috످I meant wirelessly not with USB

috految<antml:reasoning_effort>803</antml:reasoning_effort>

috److془The user says "I meant wirelessly not with USB" with no prior context. I should say I don't see earlier messages and ask what devices and what they're trying to do.془I don't see any earlier messages in this chat. What are you trying to do wirelessly (e.g., transfer files, print, or mirror your screen), and which devices are you using?

috످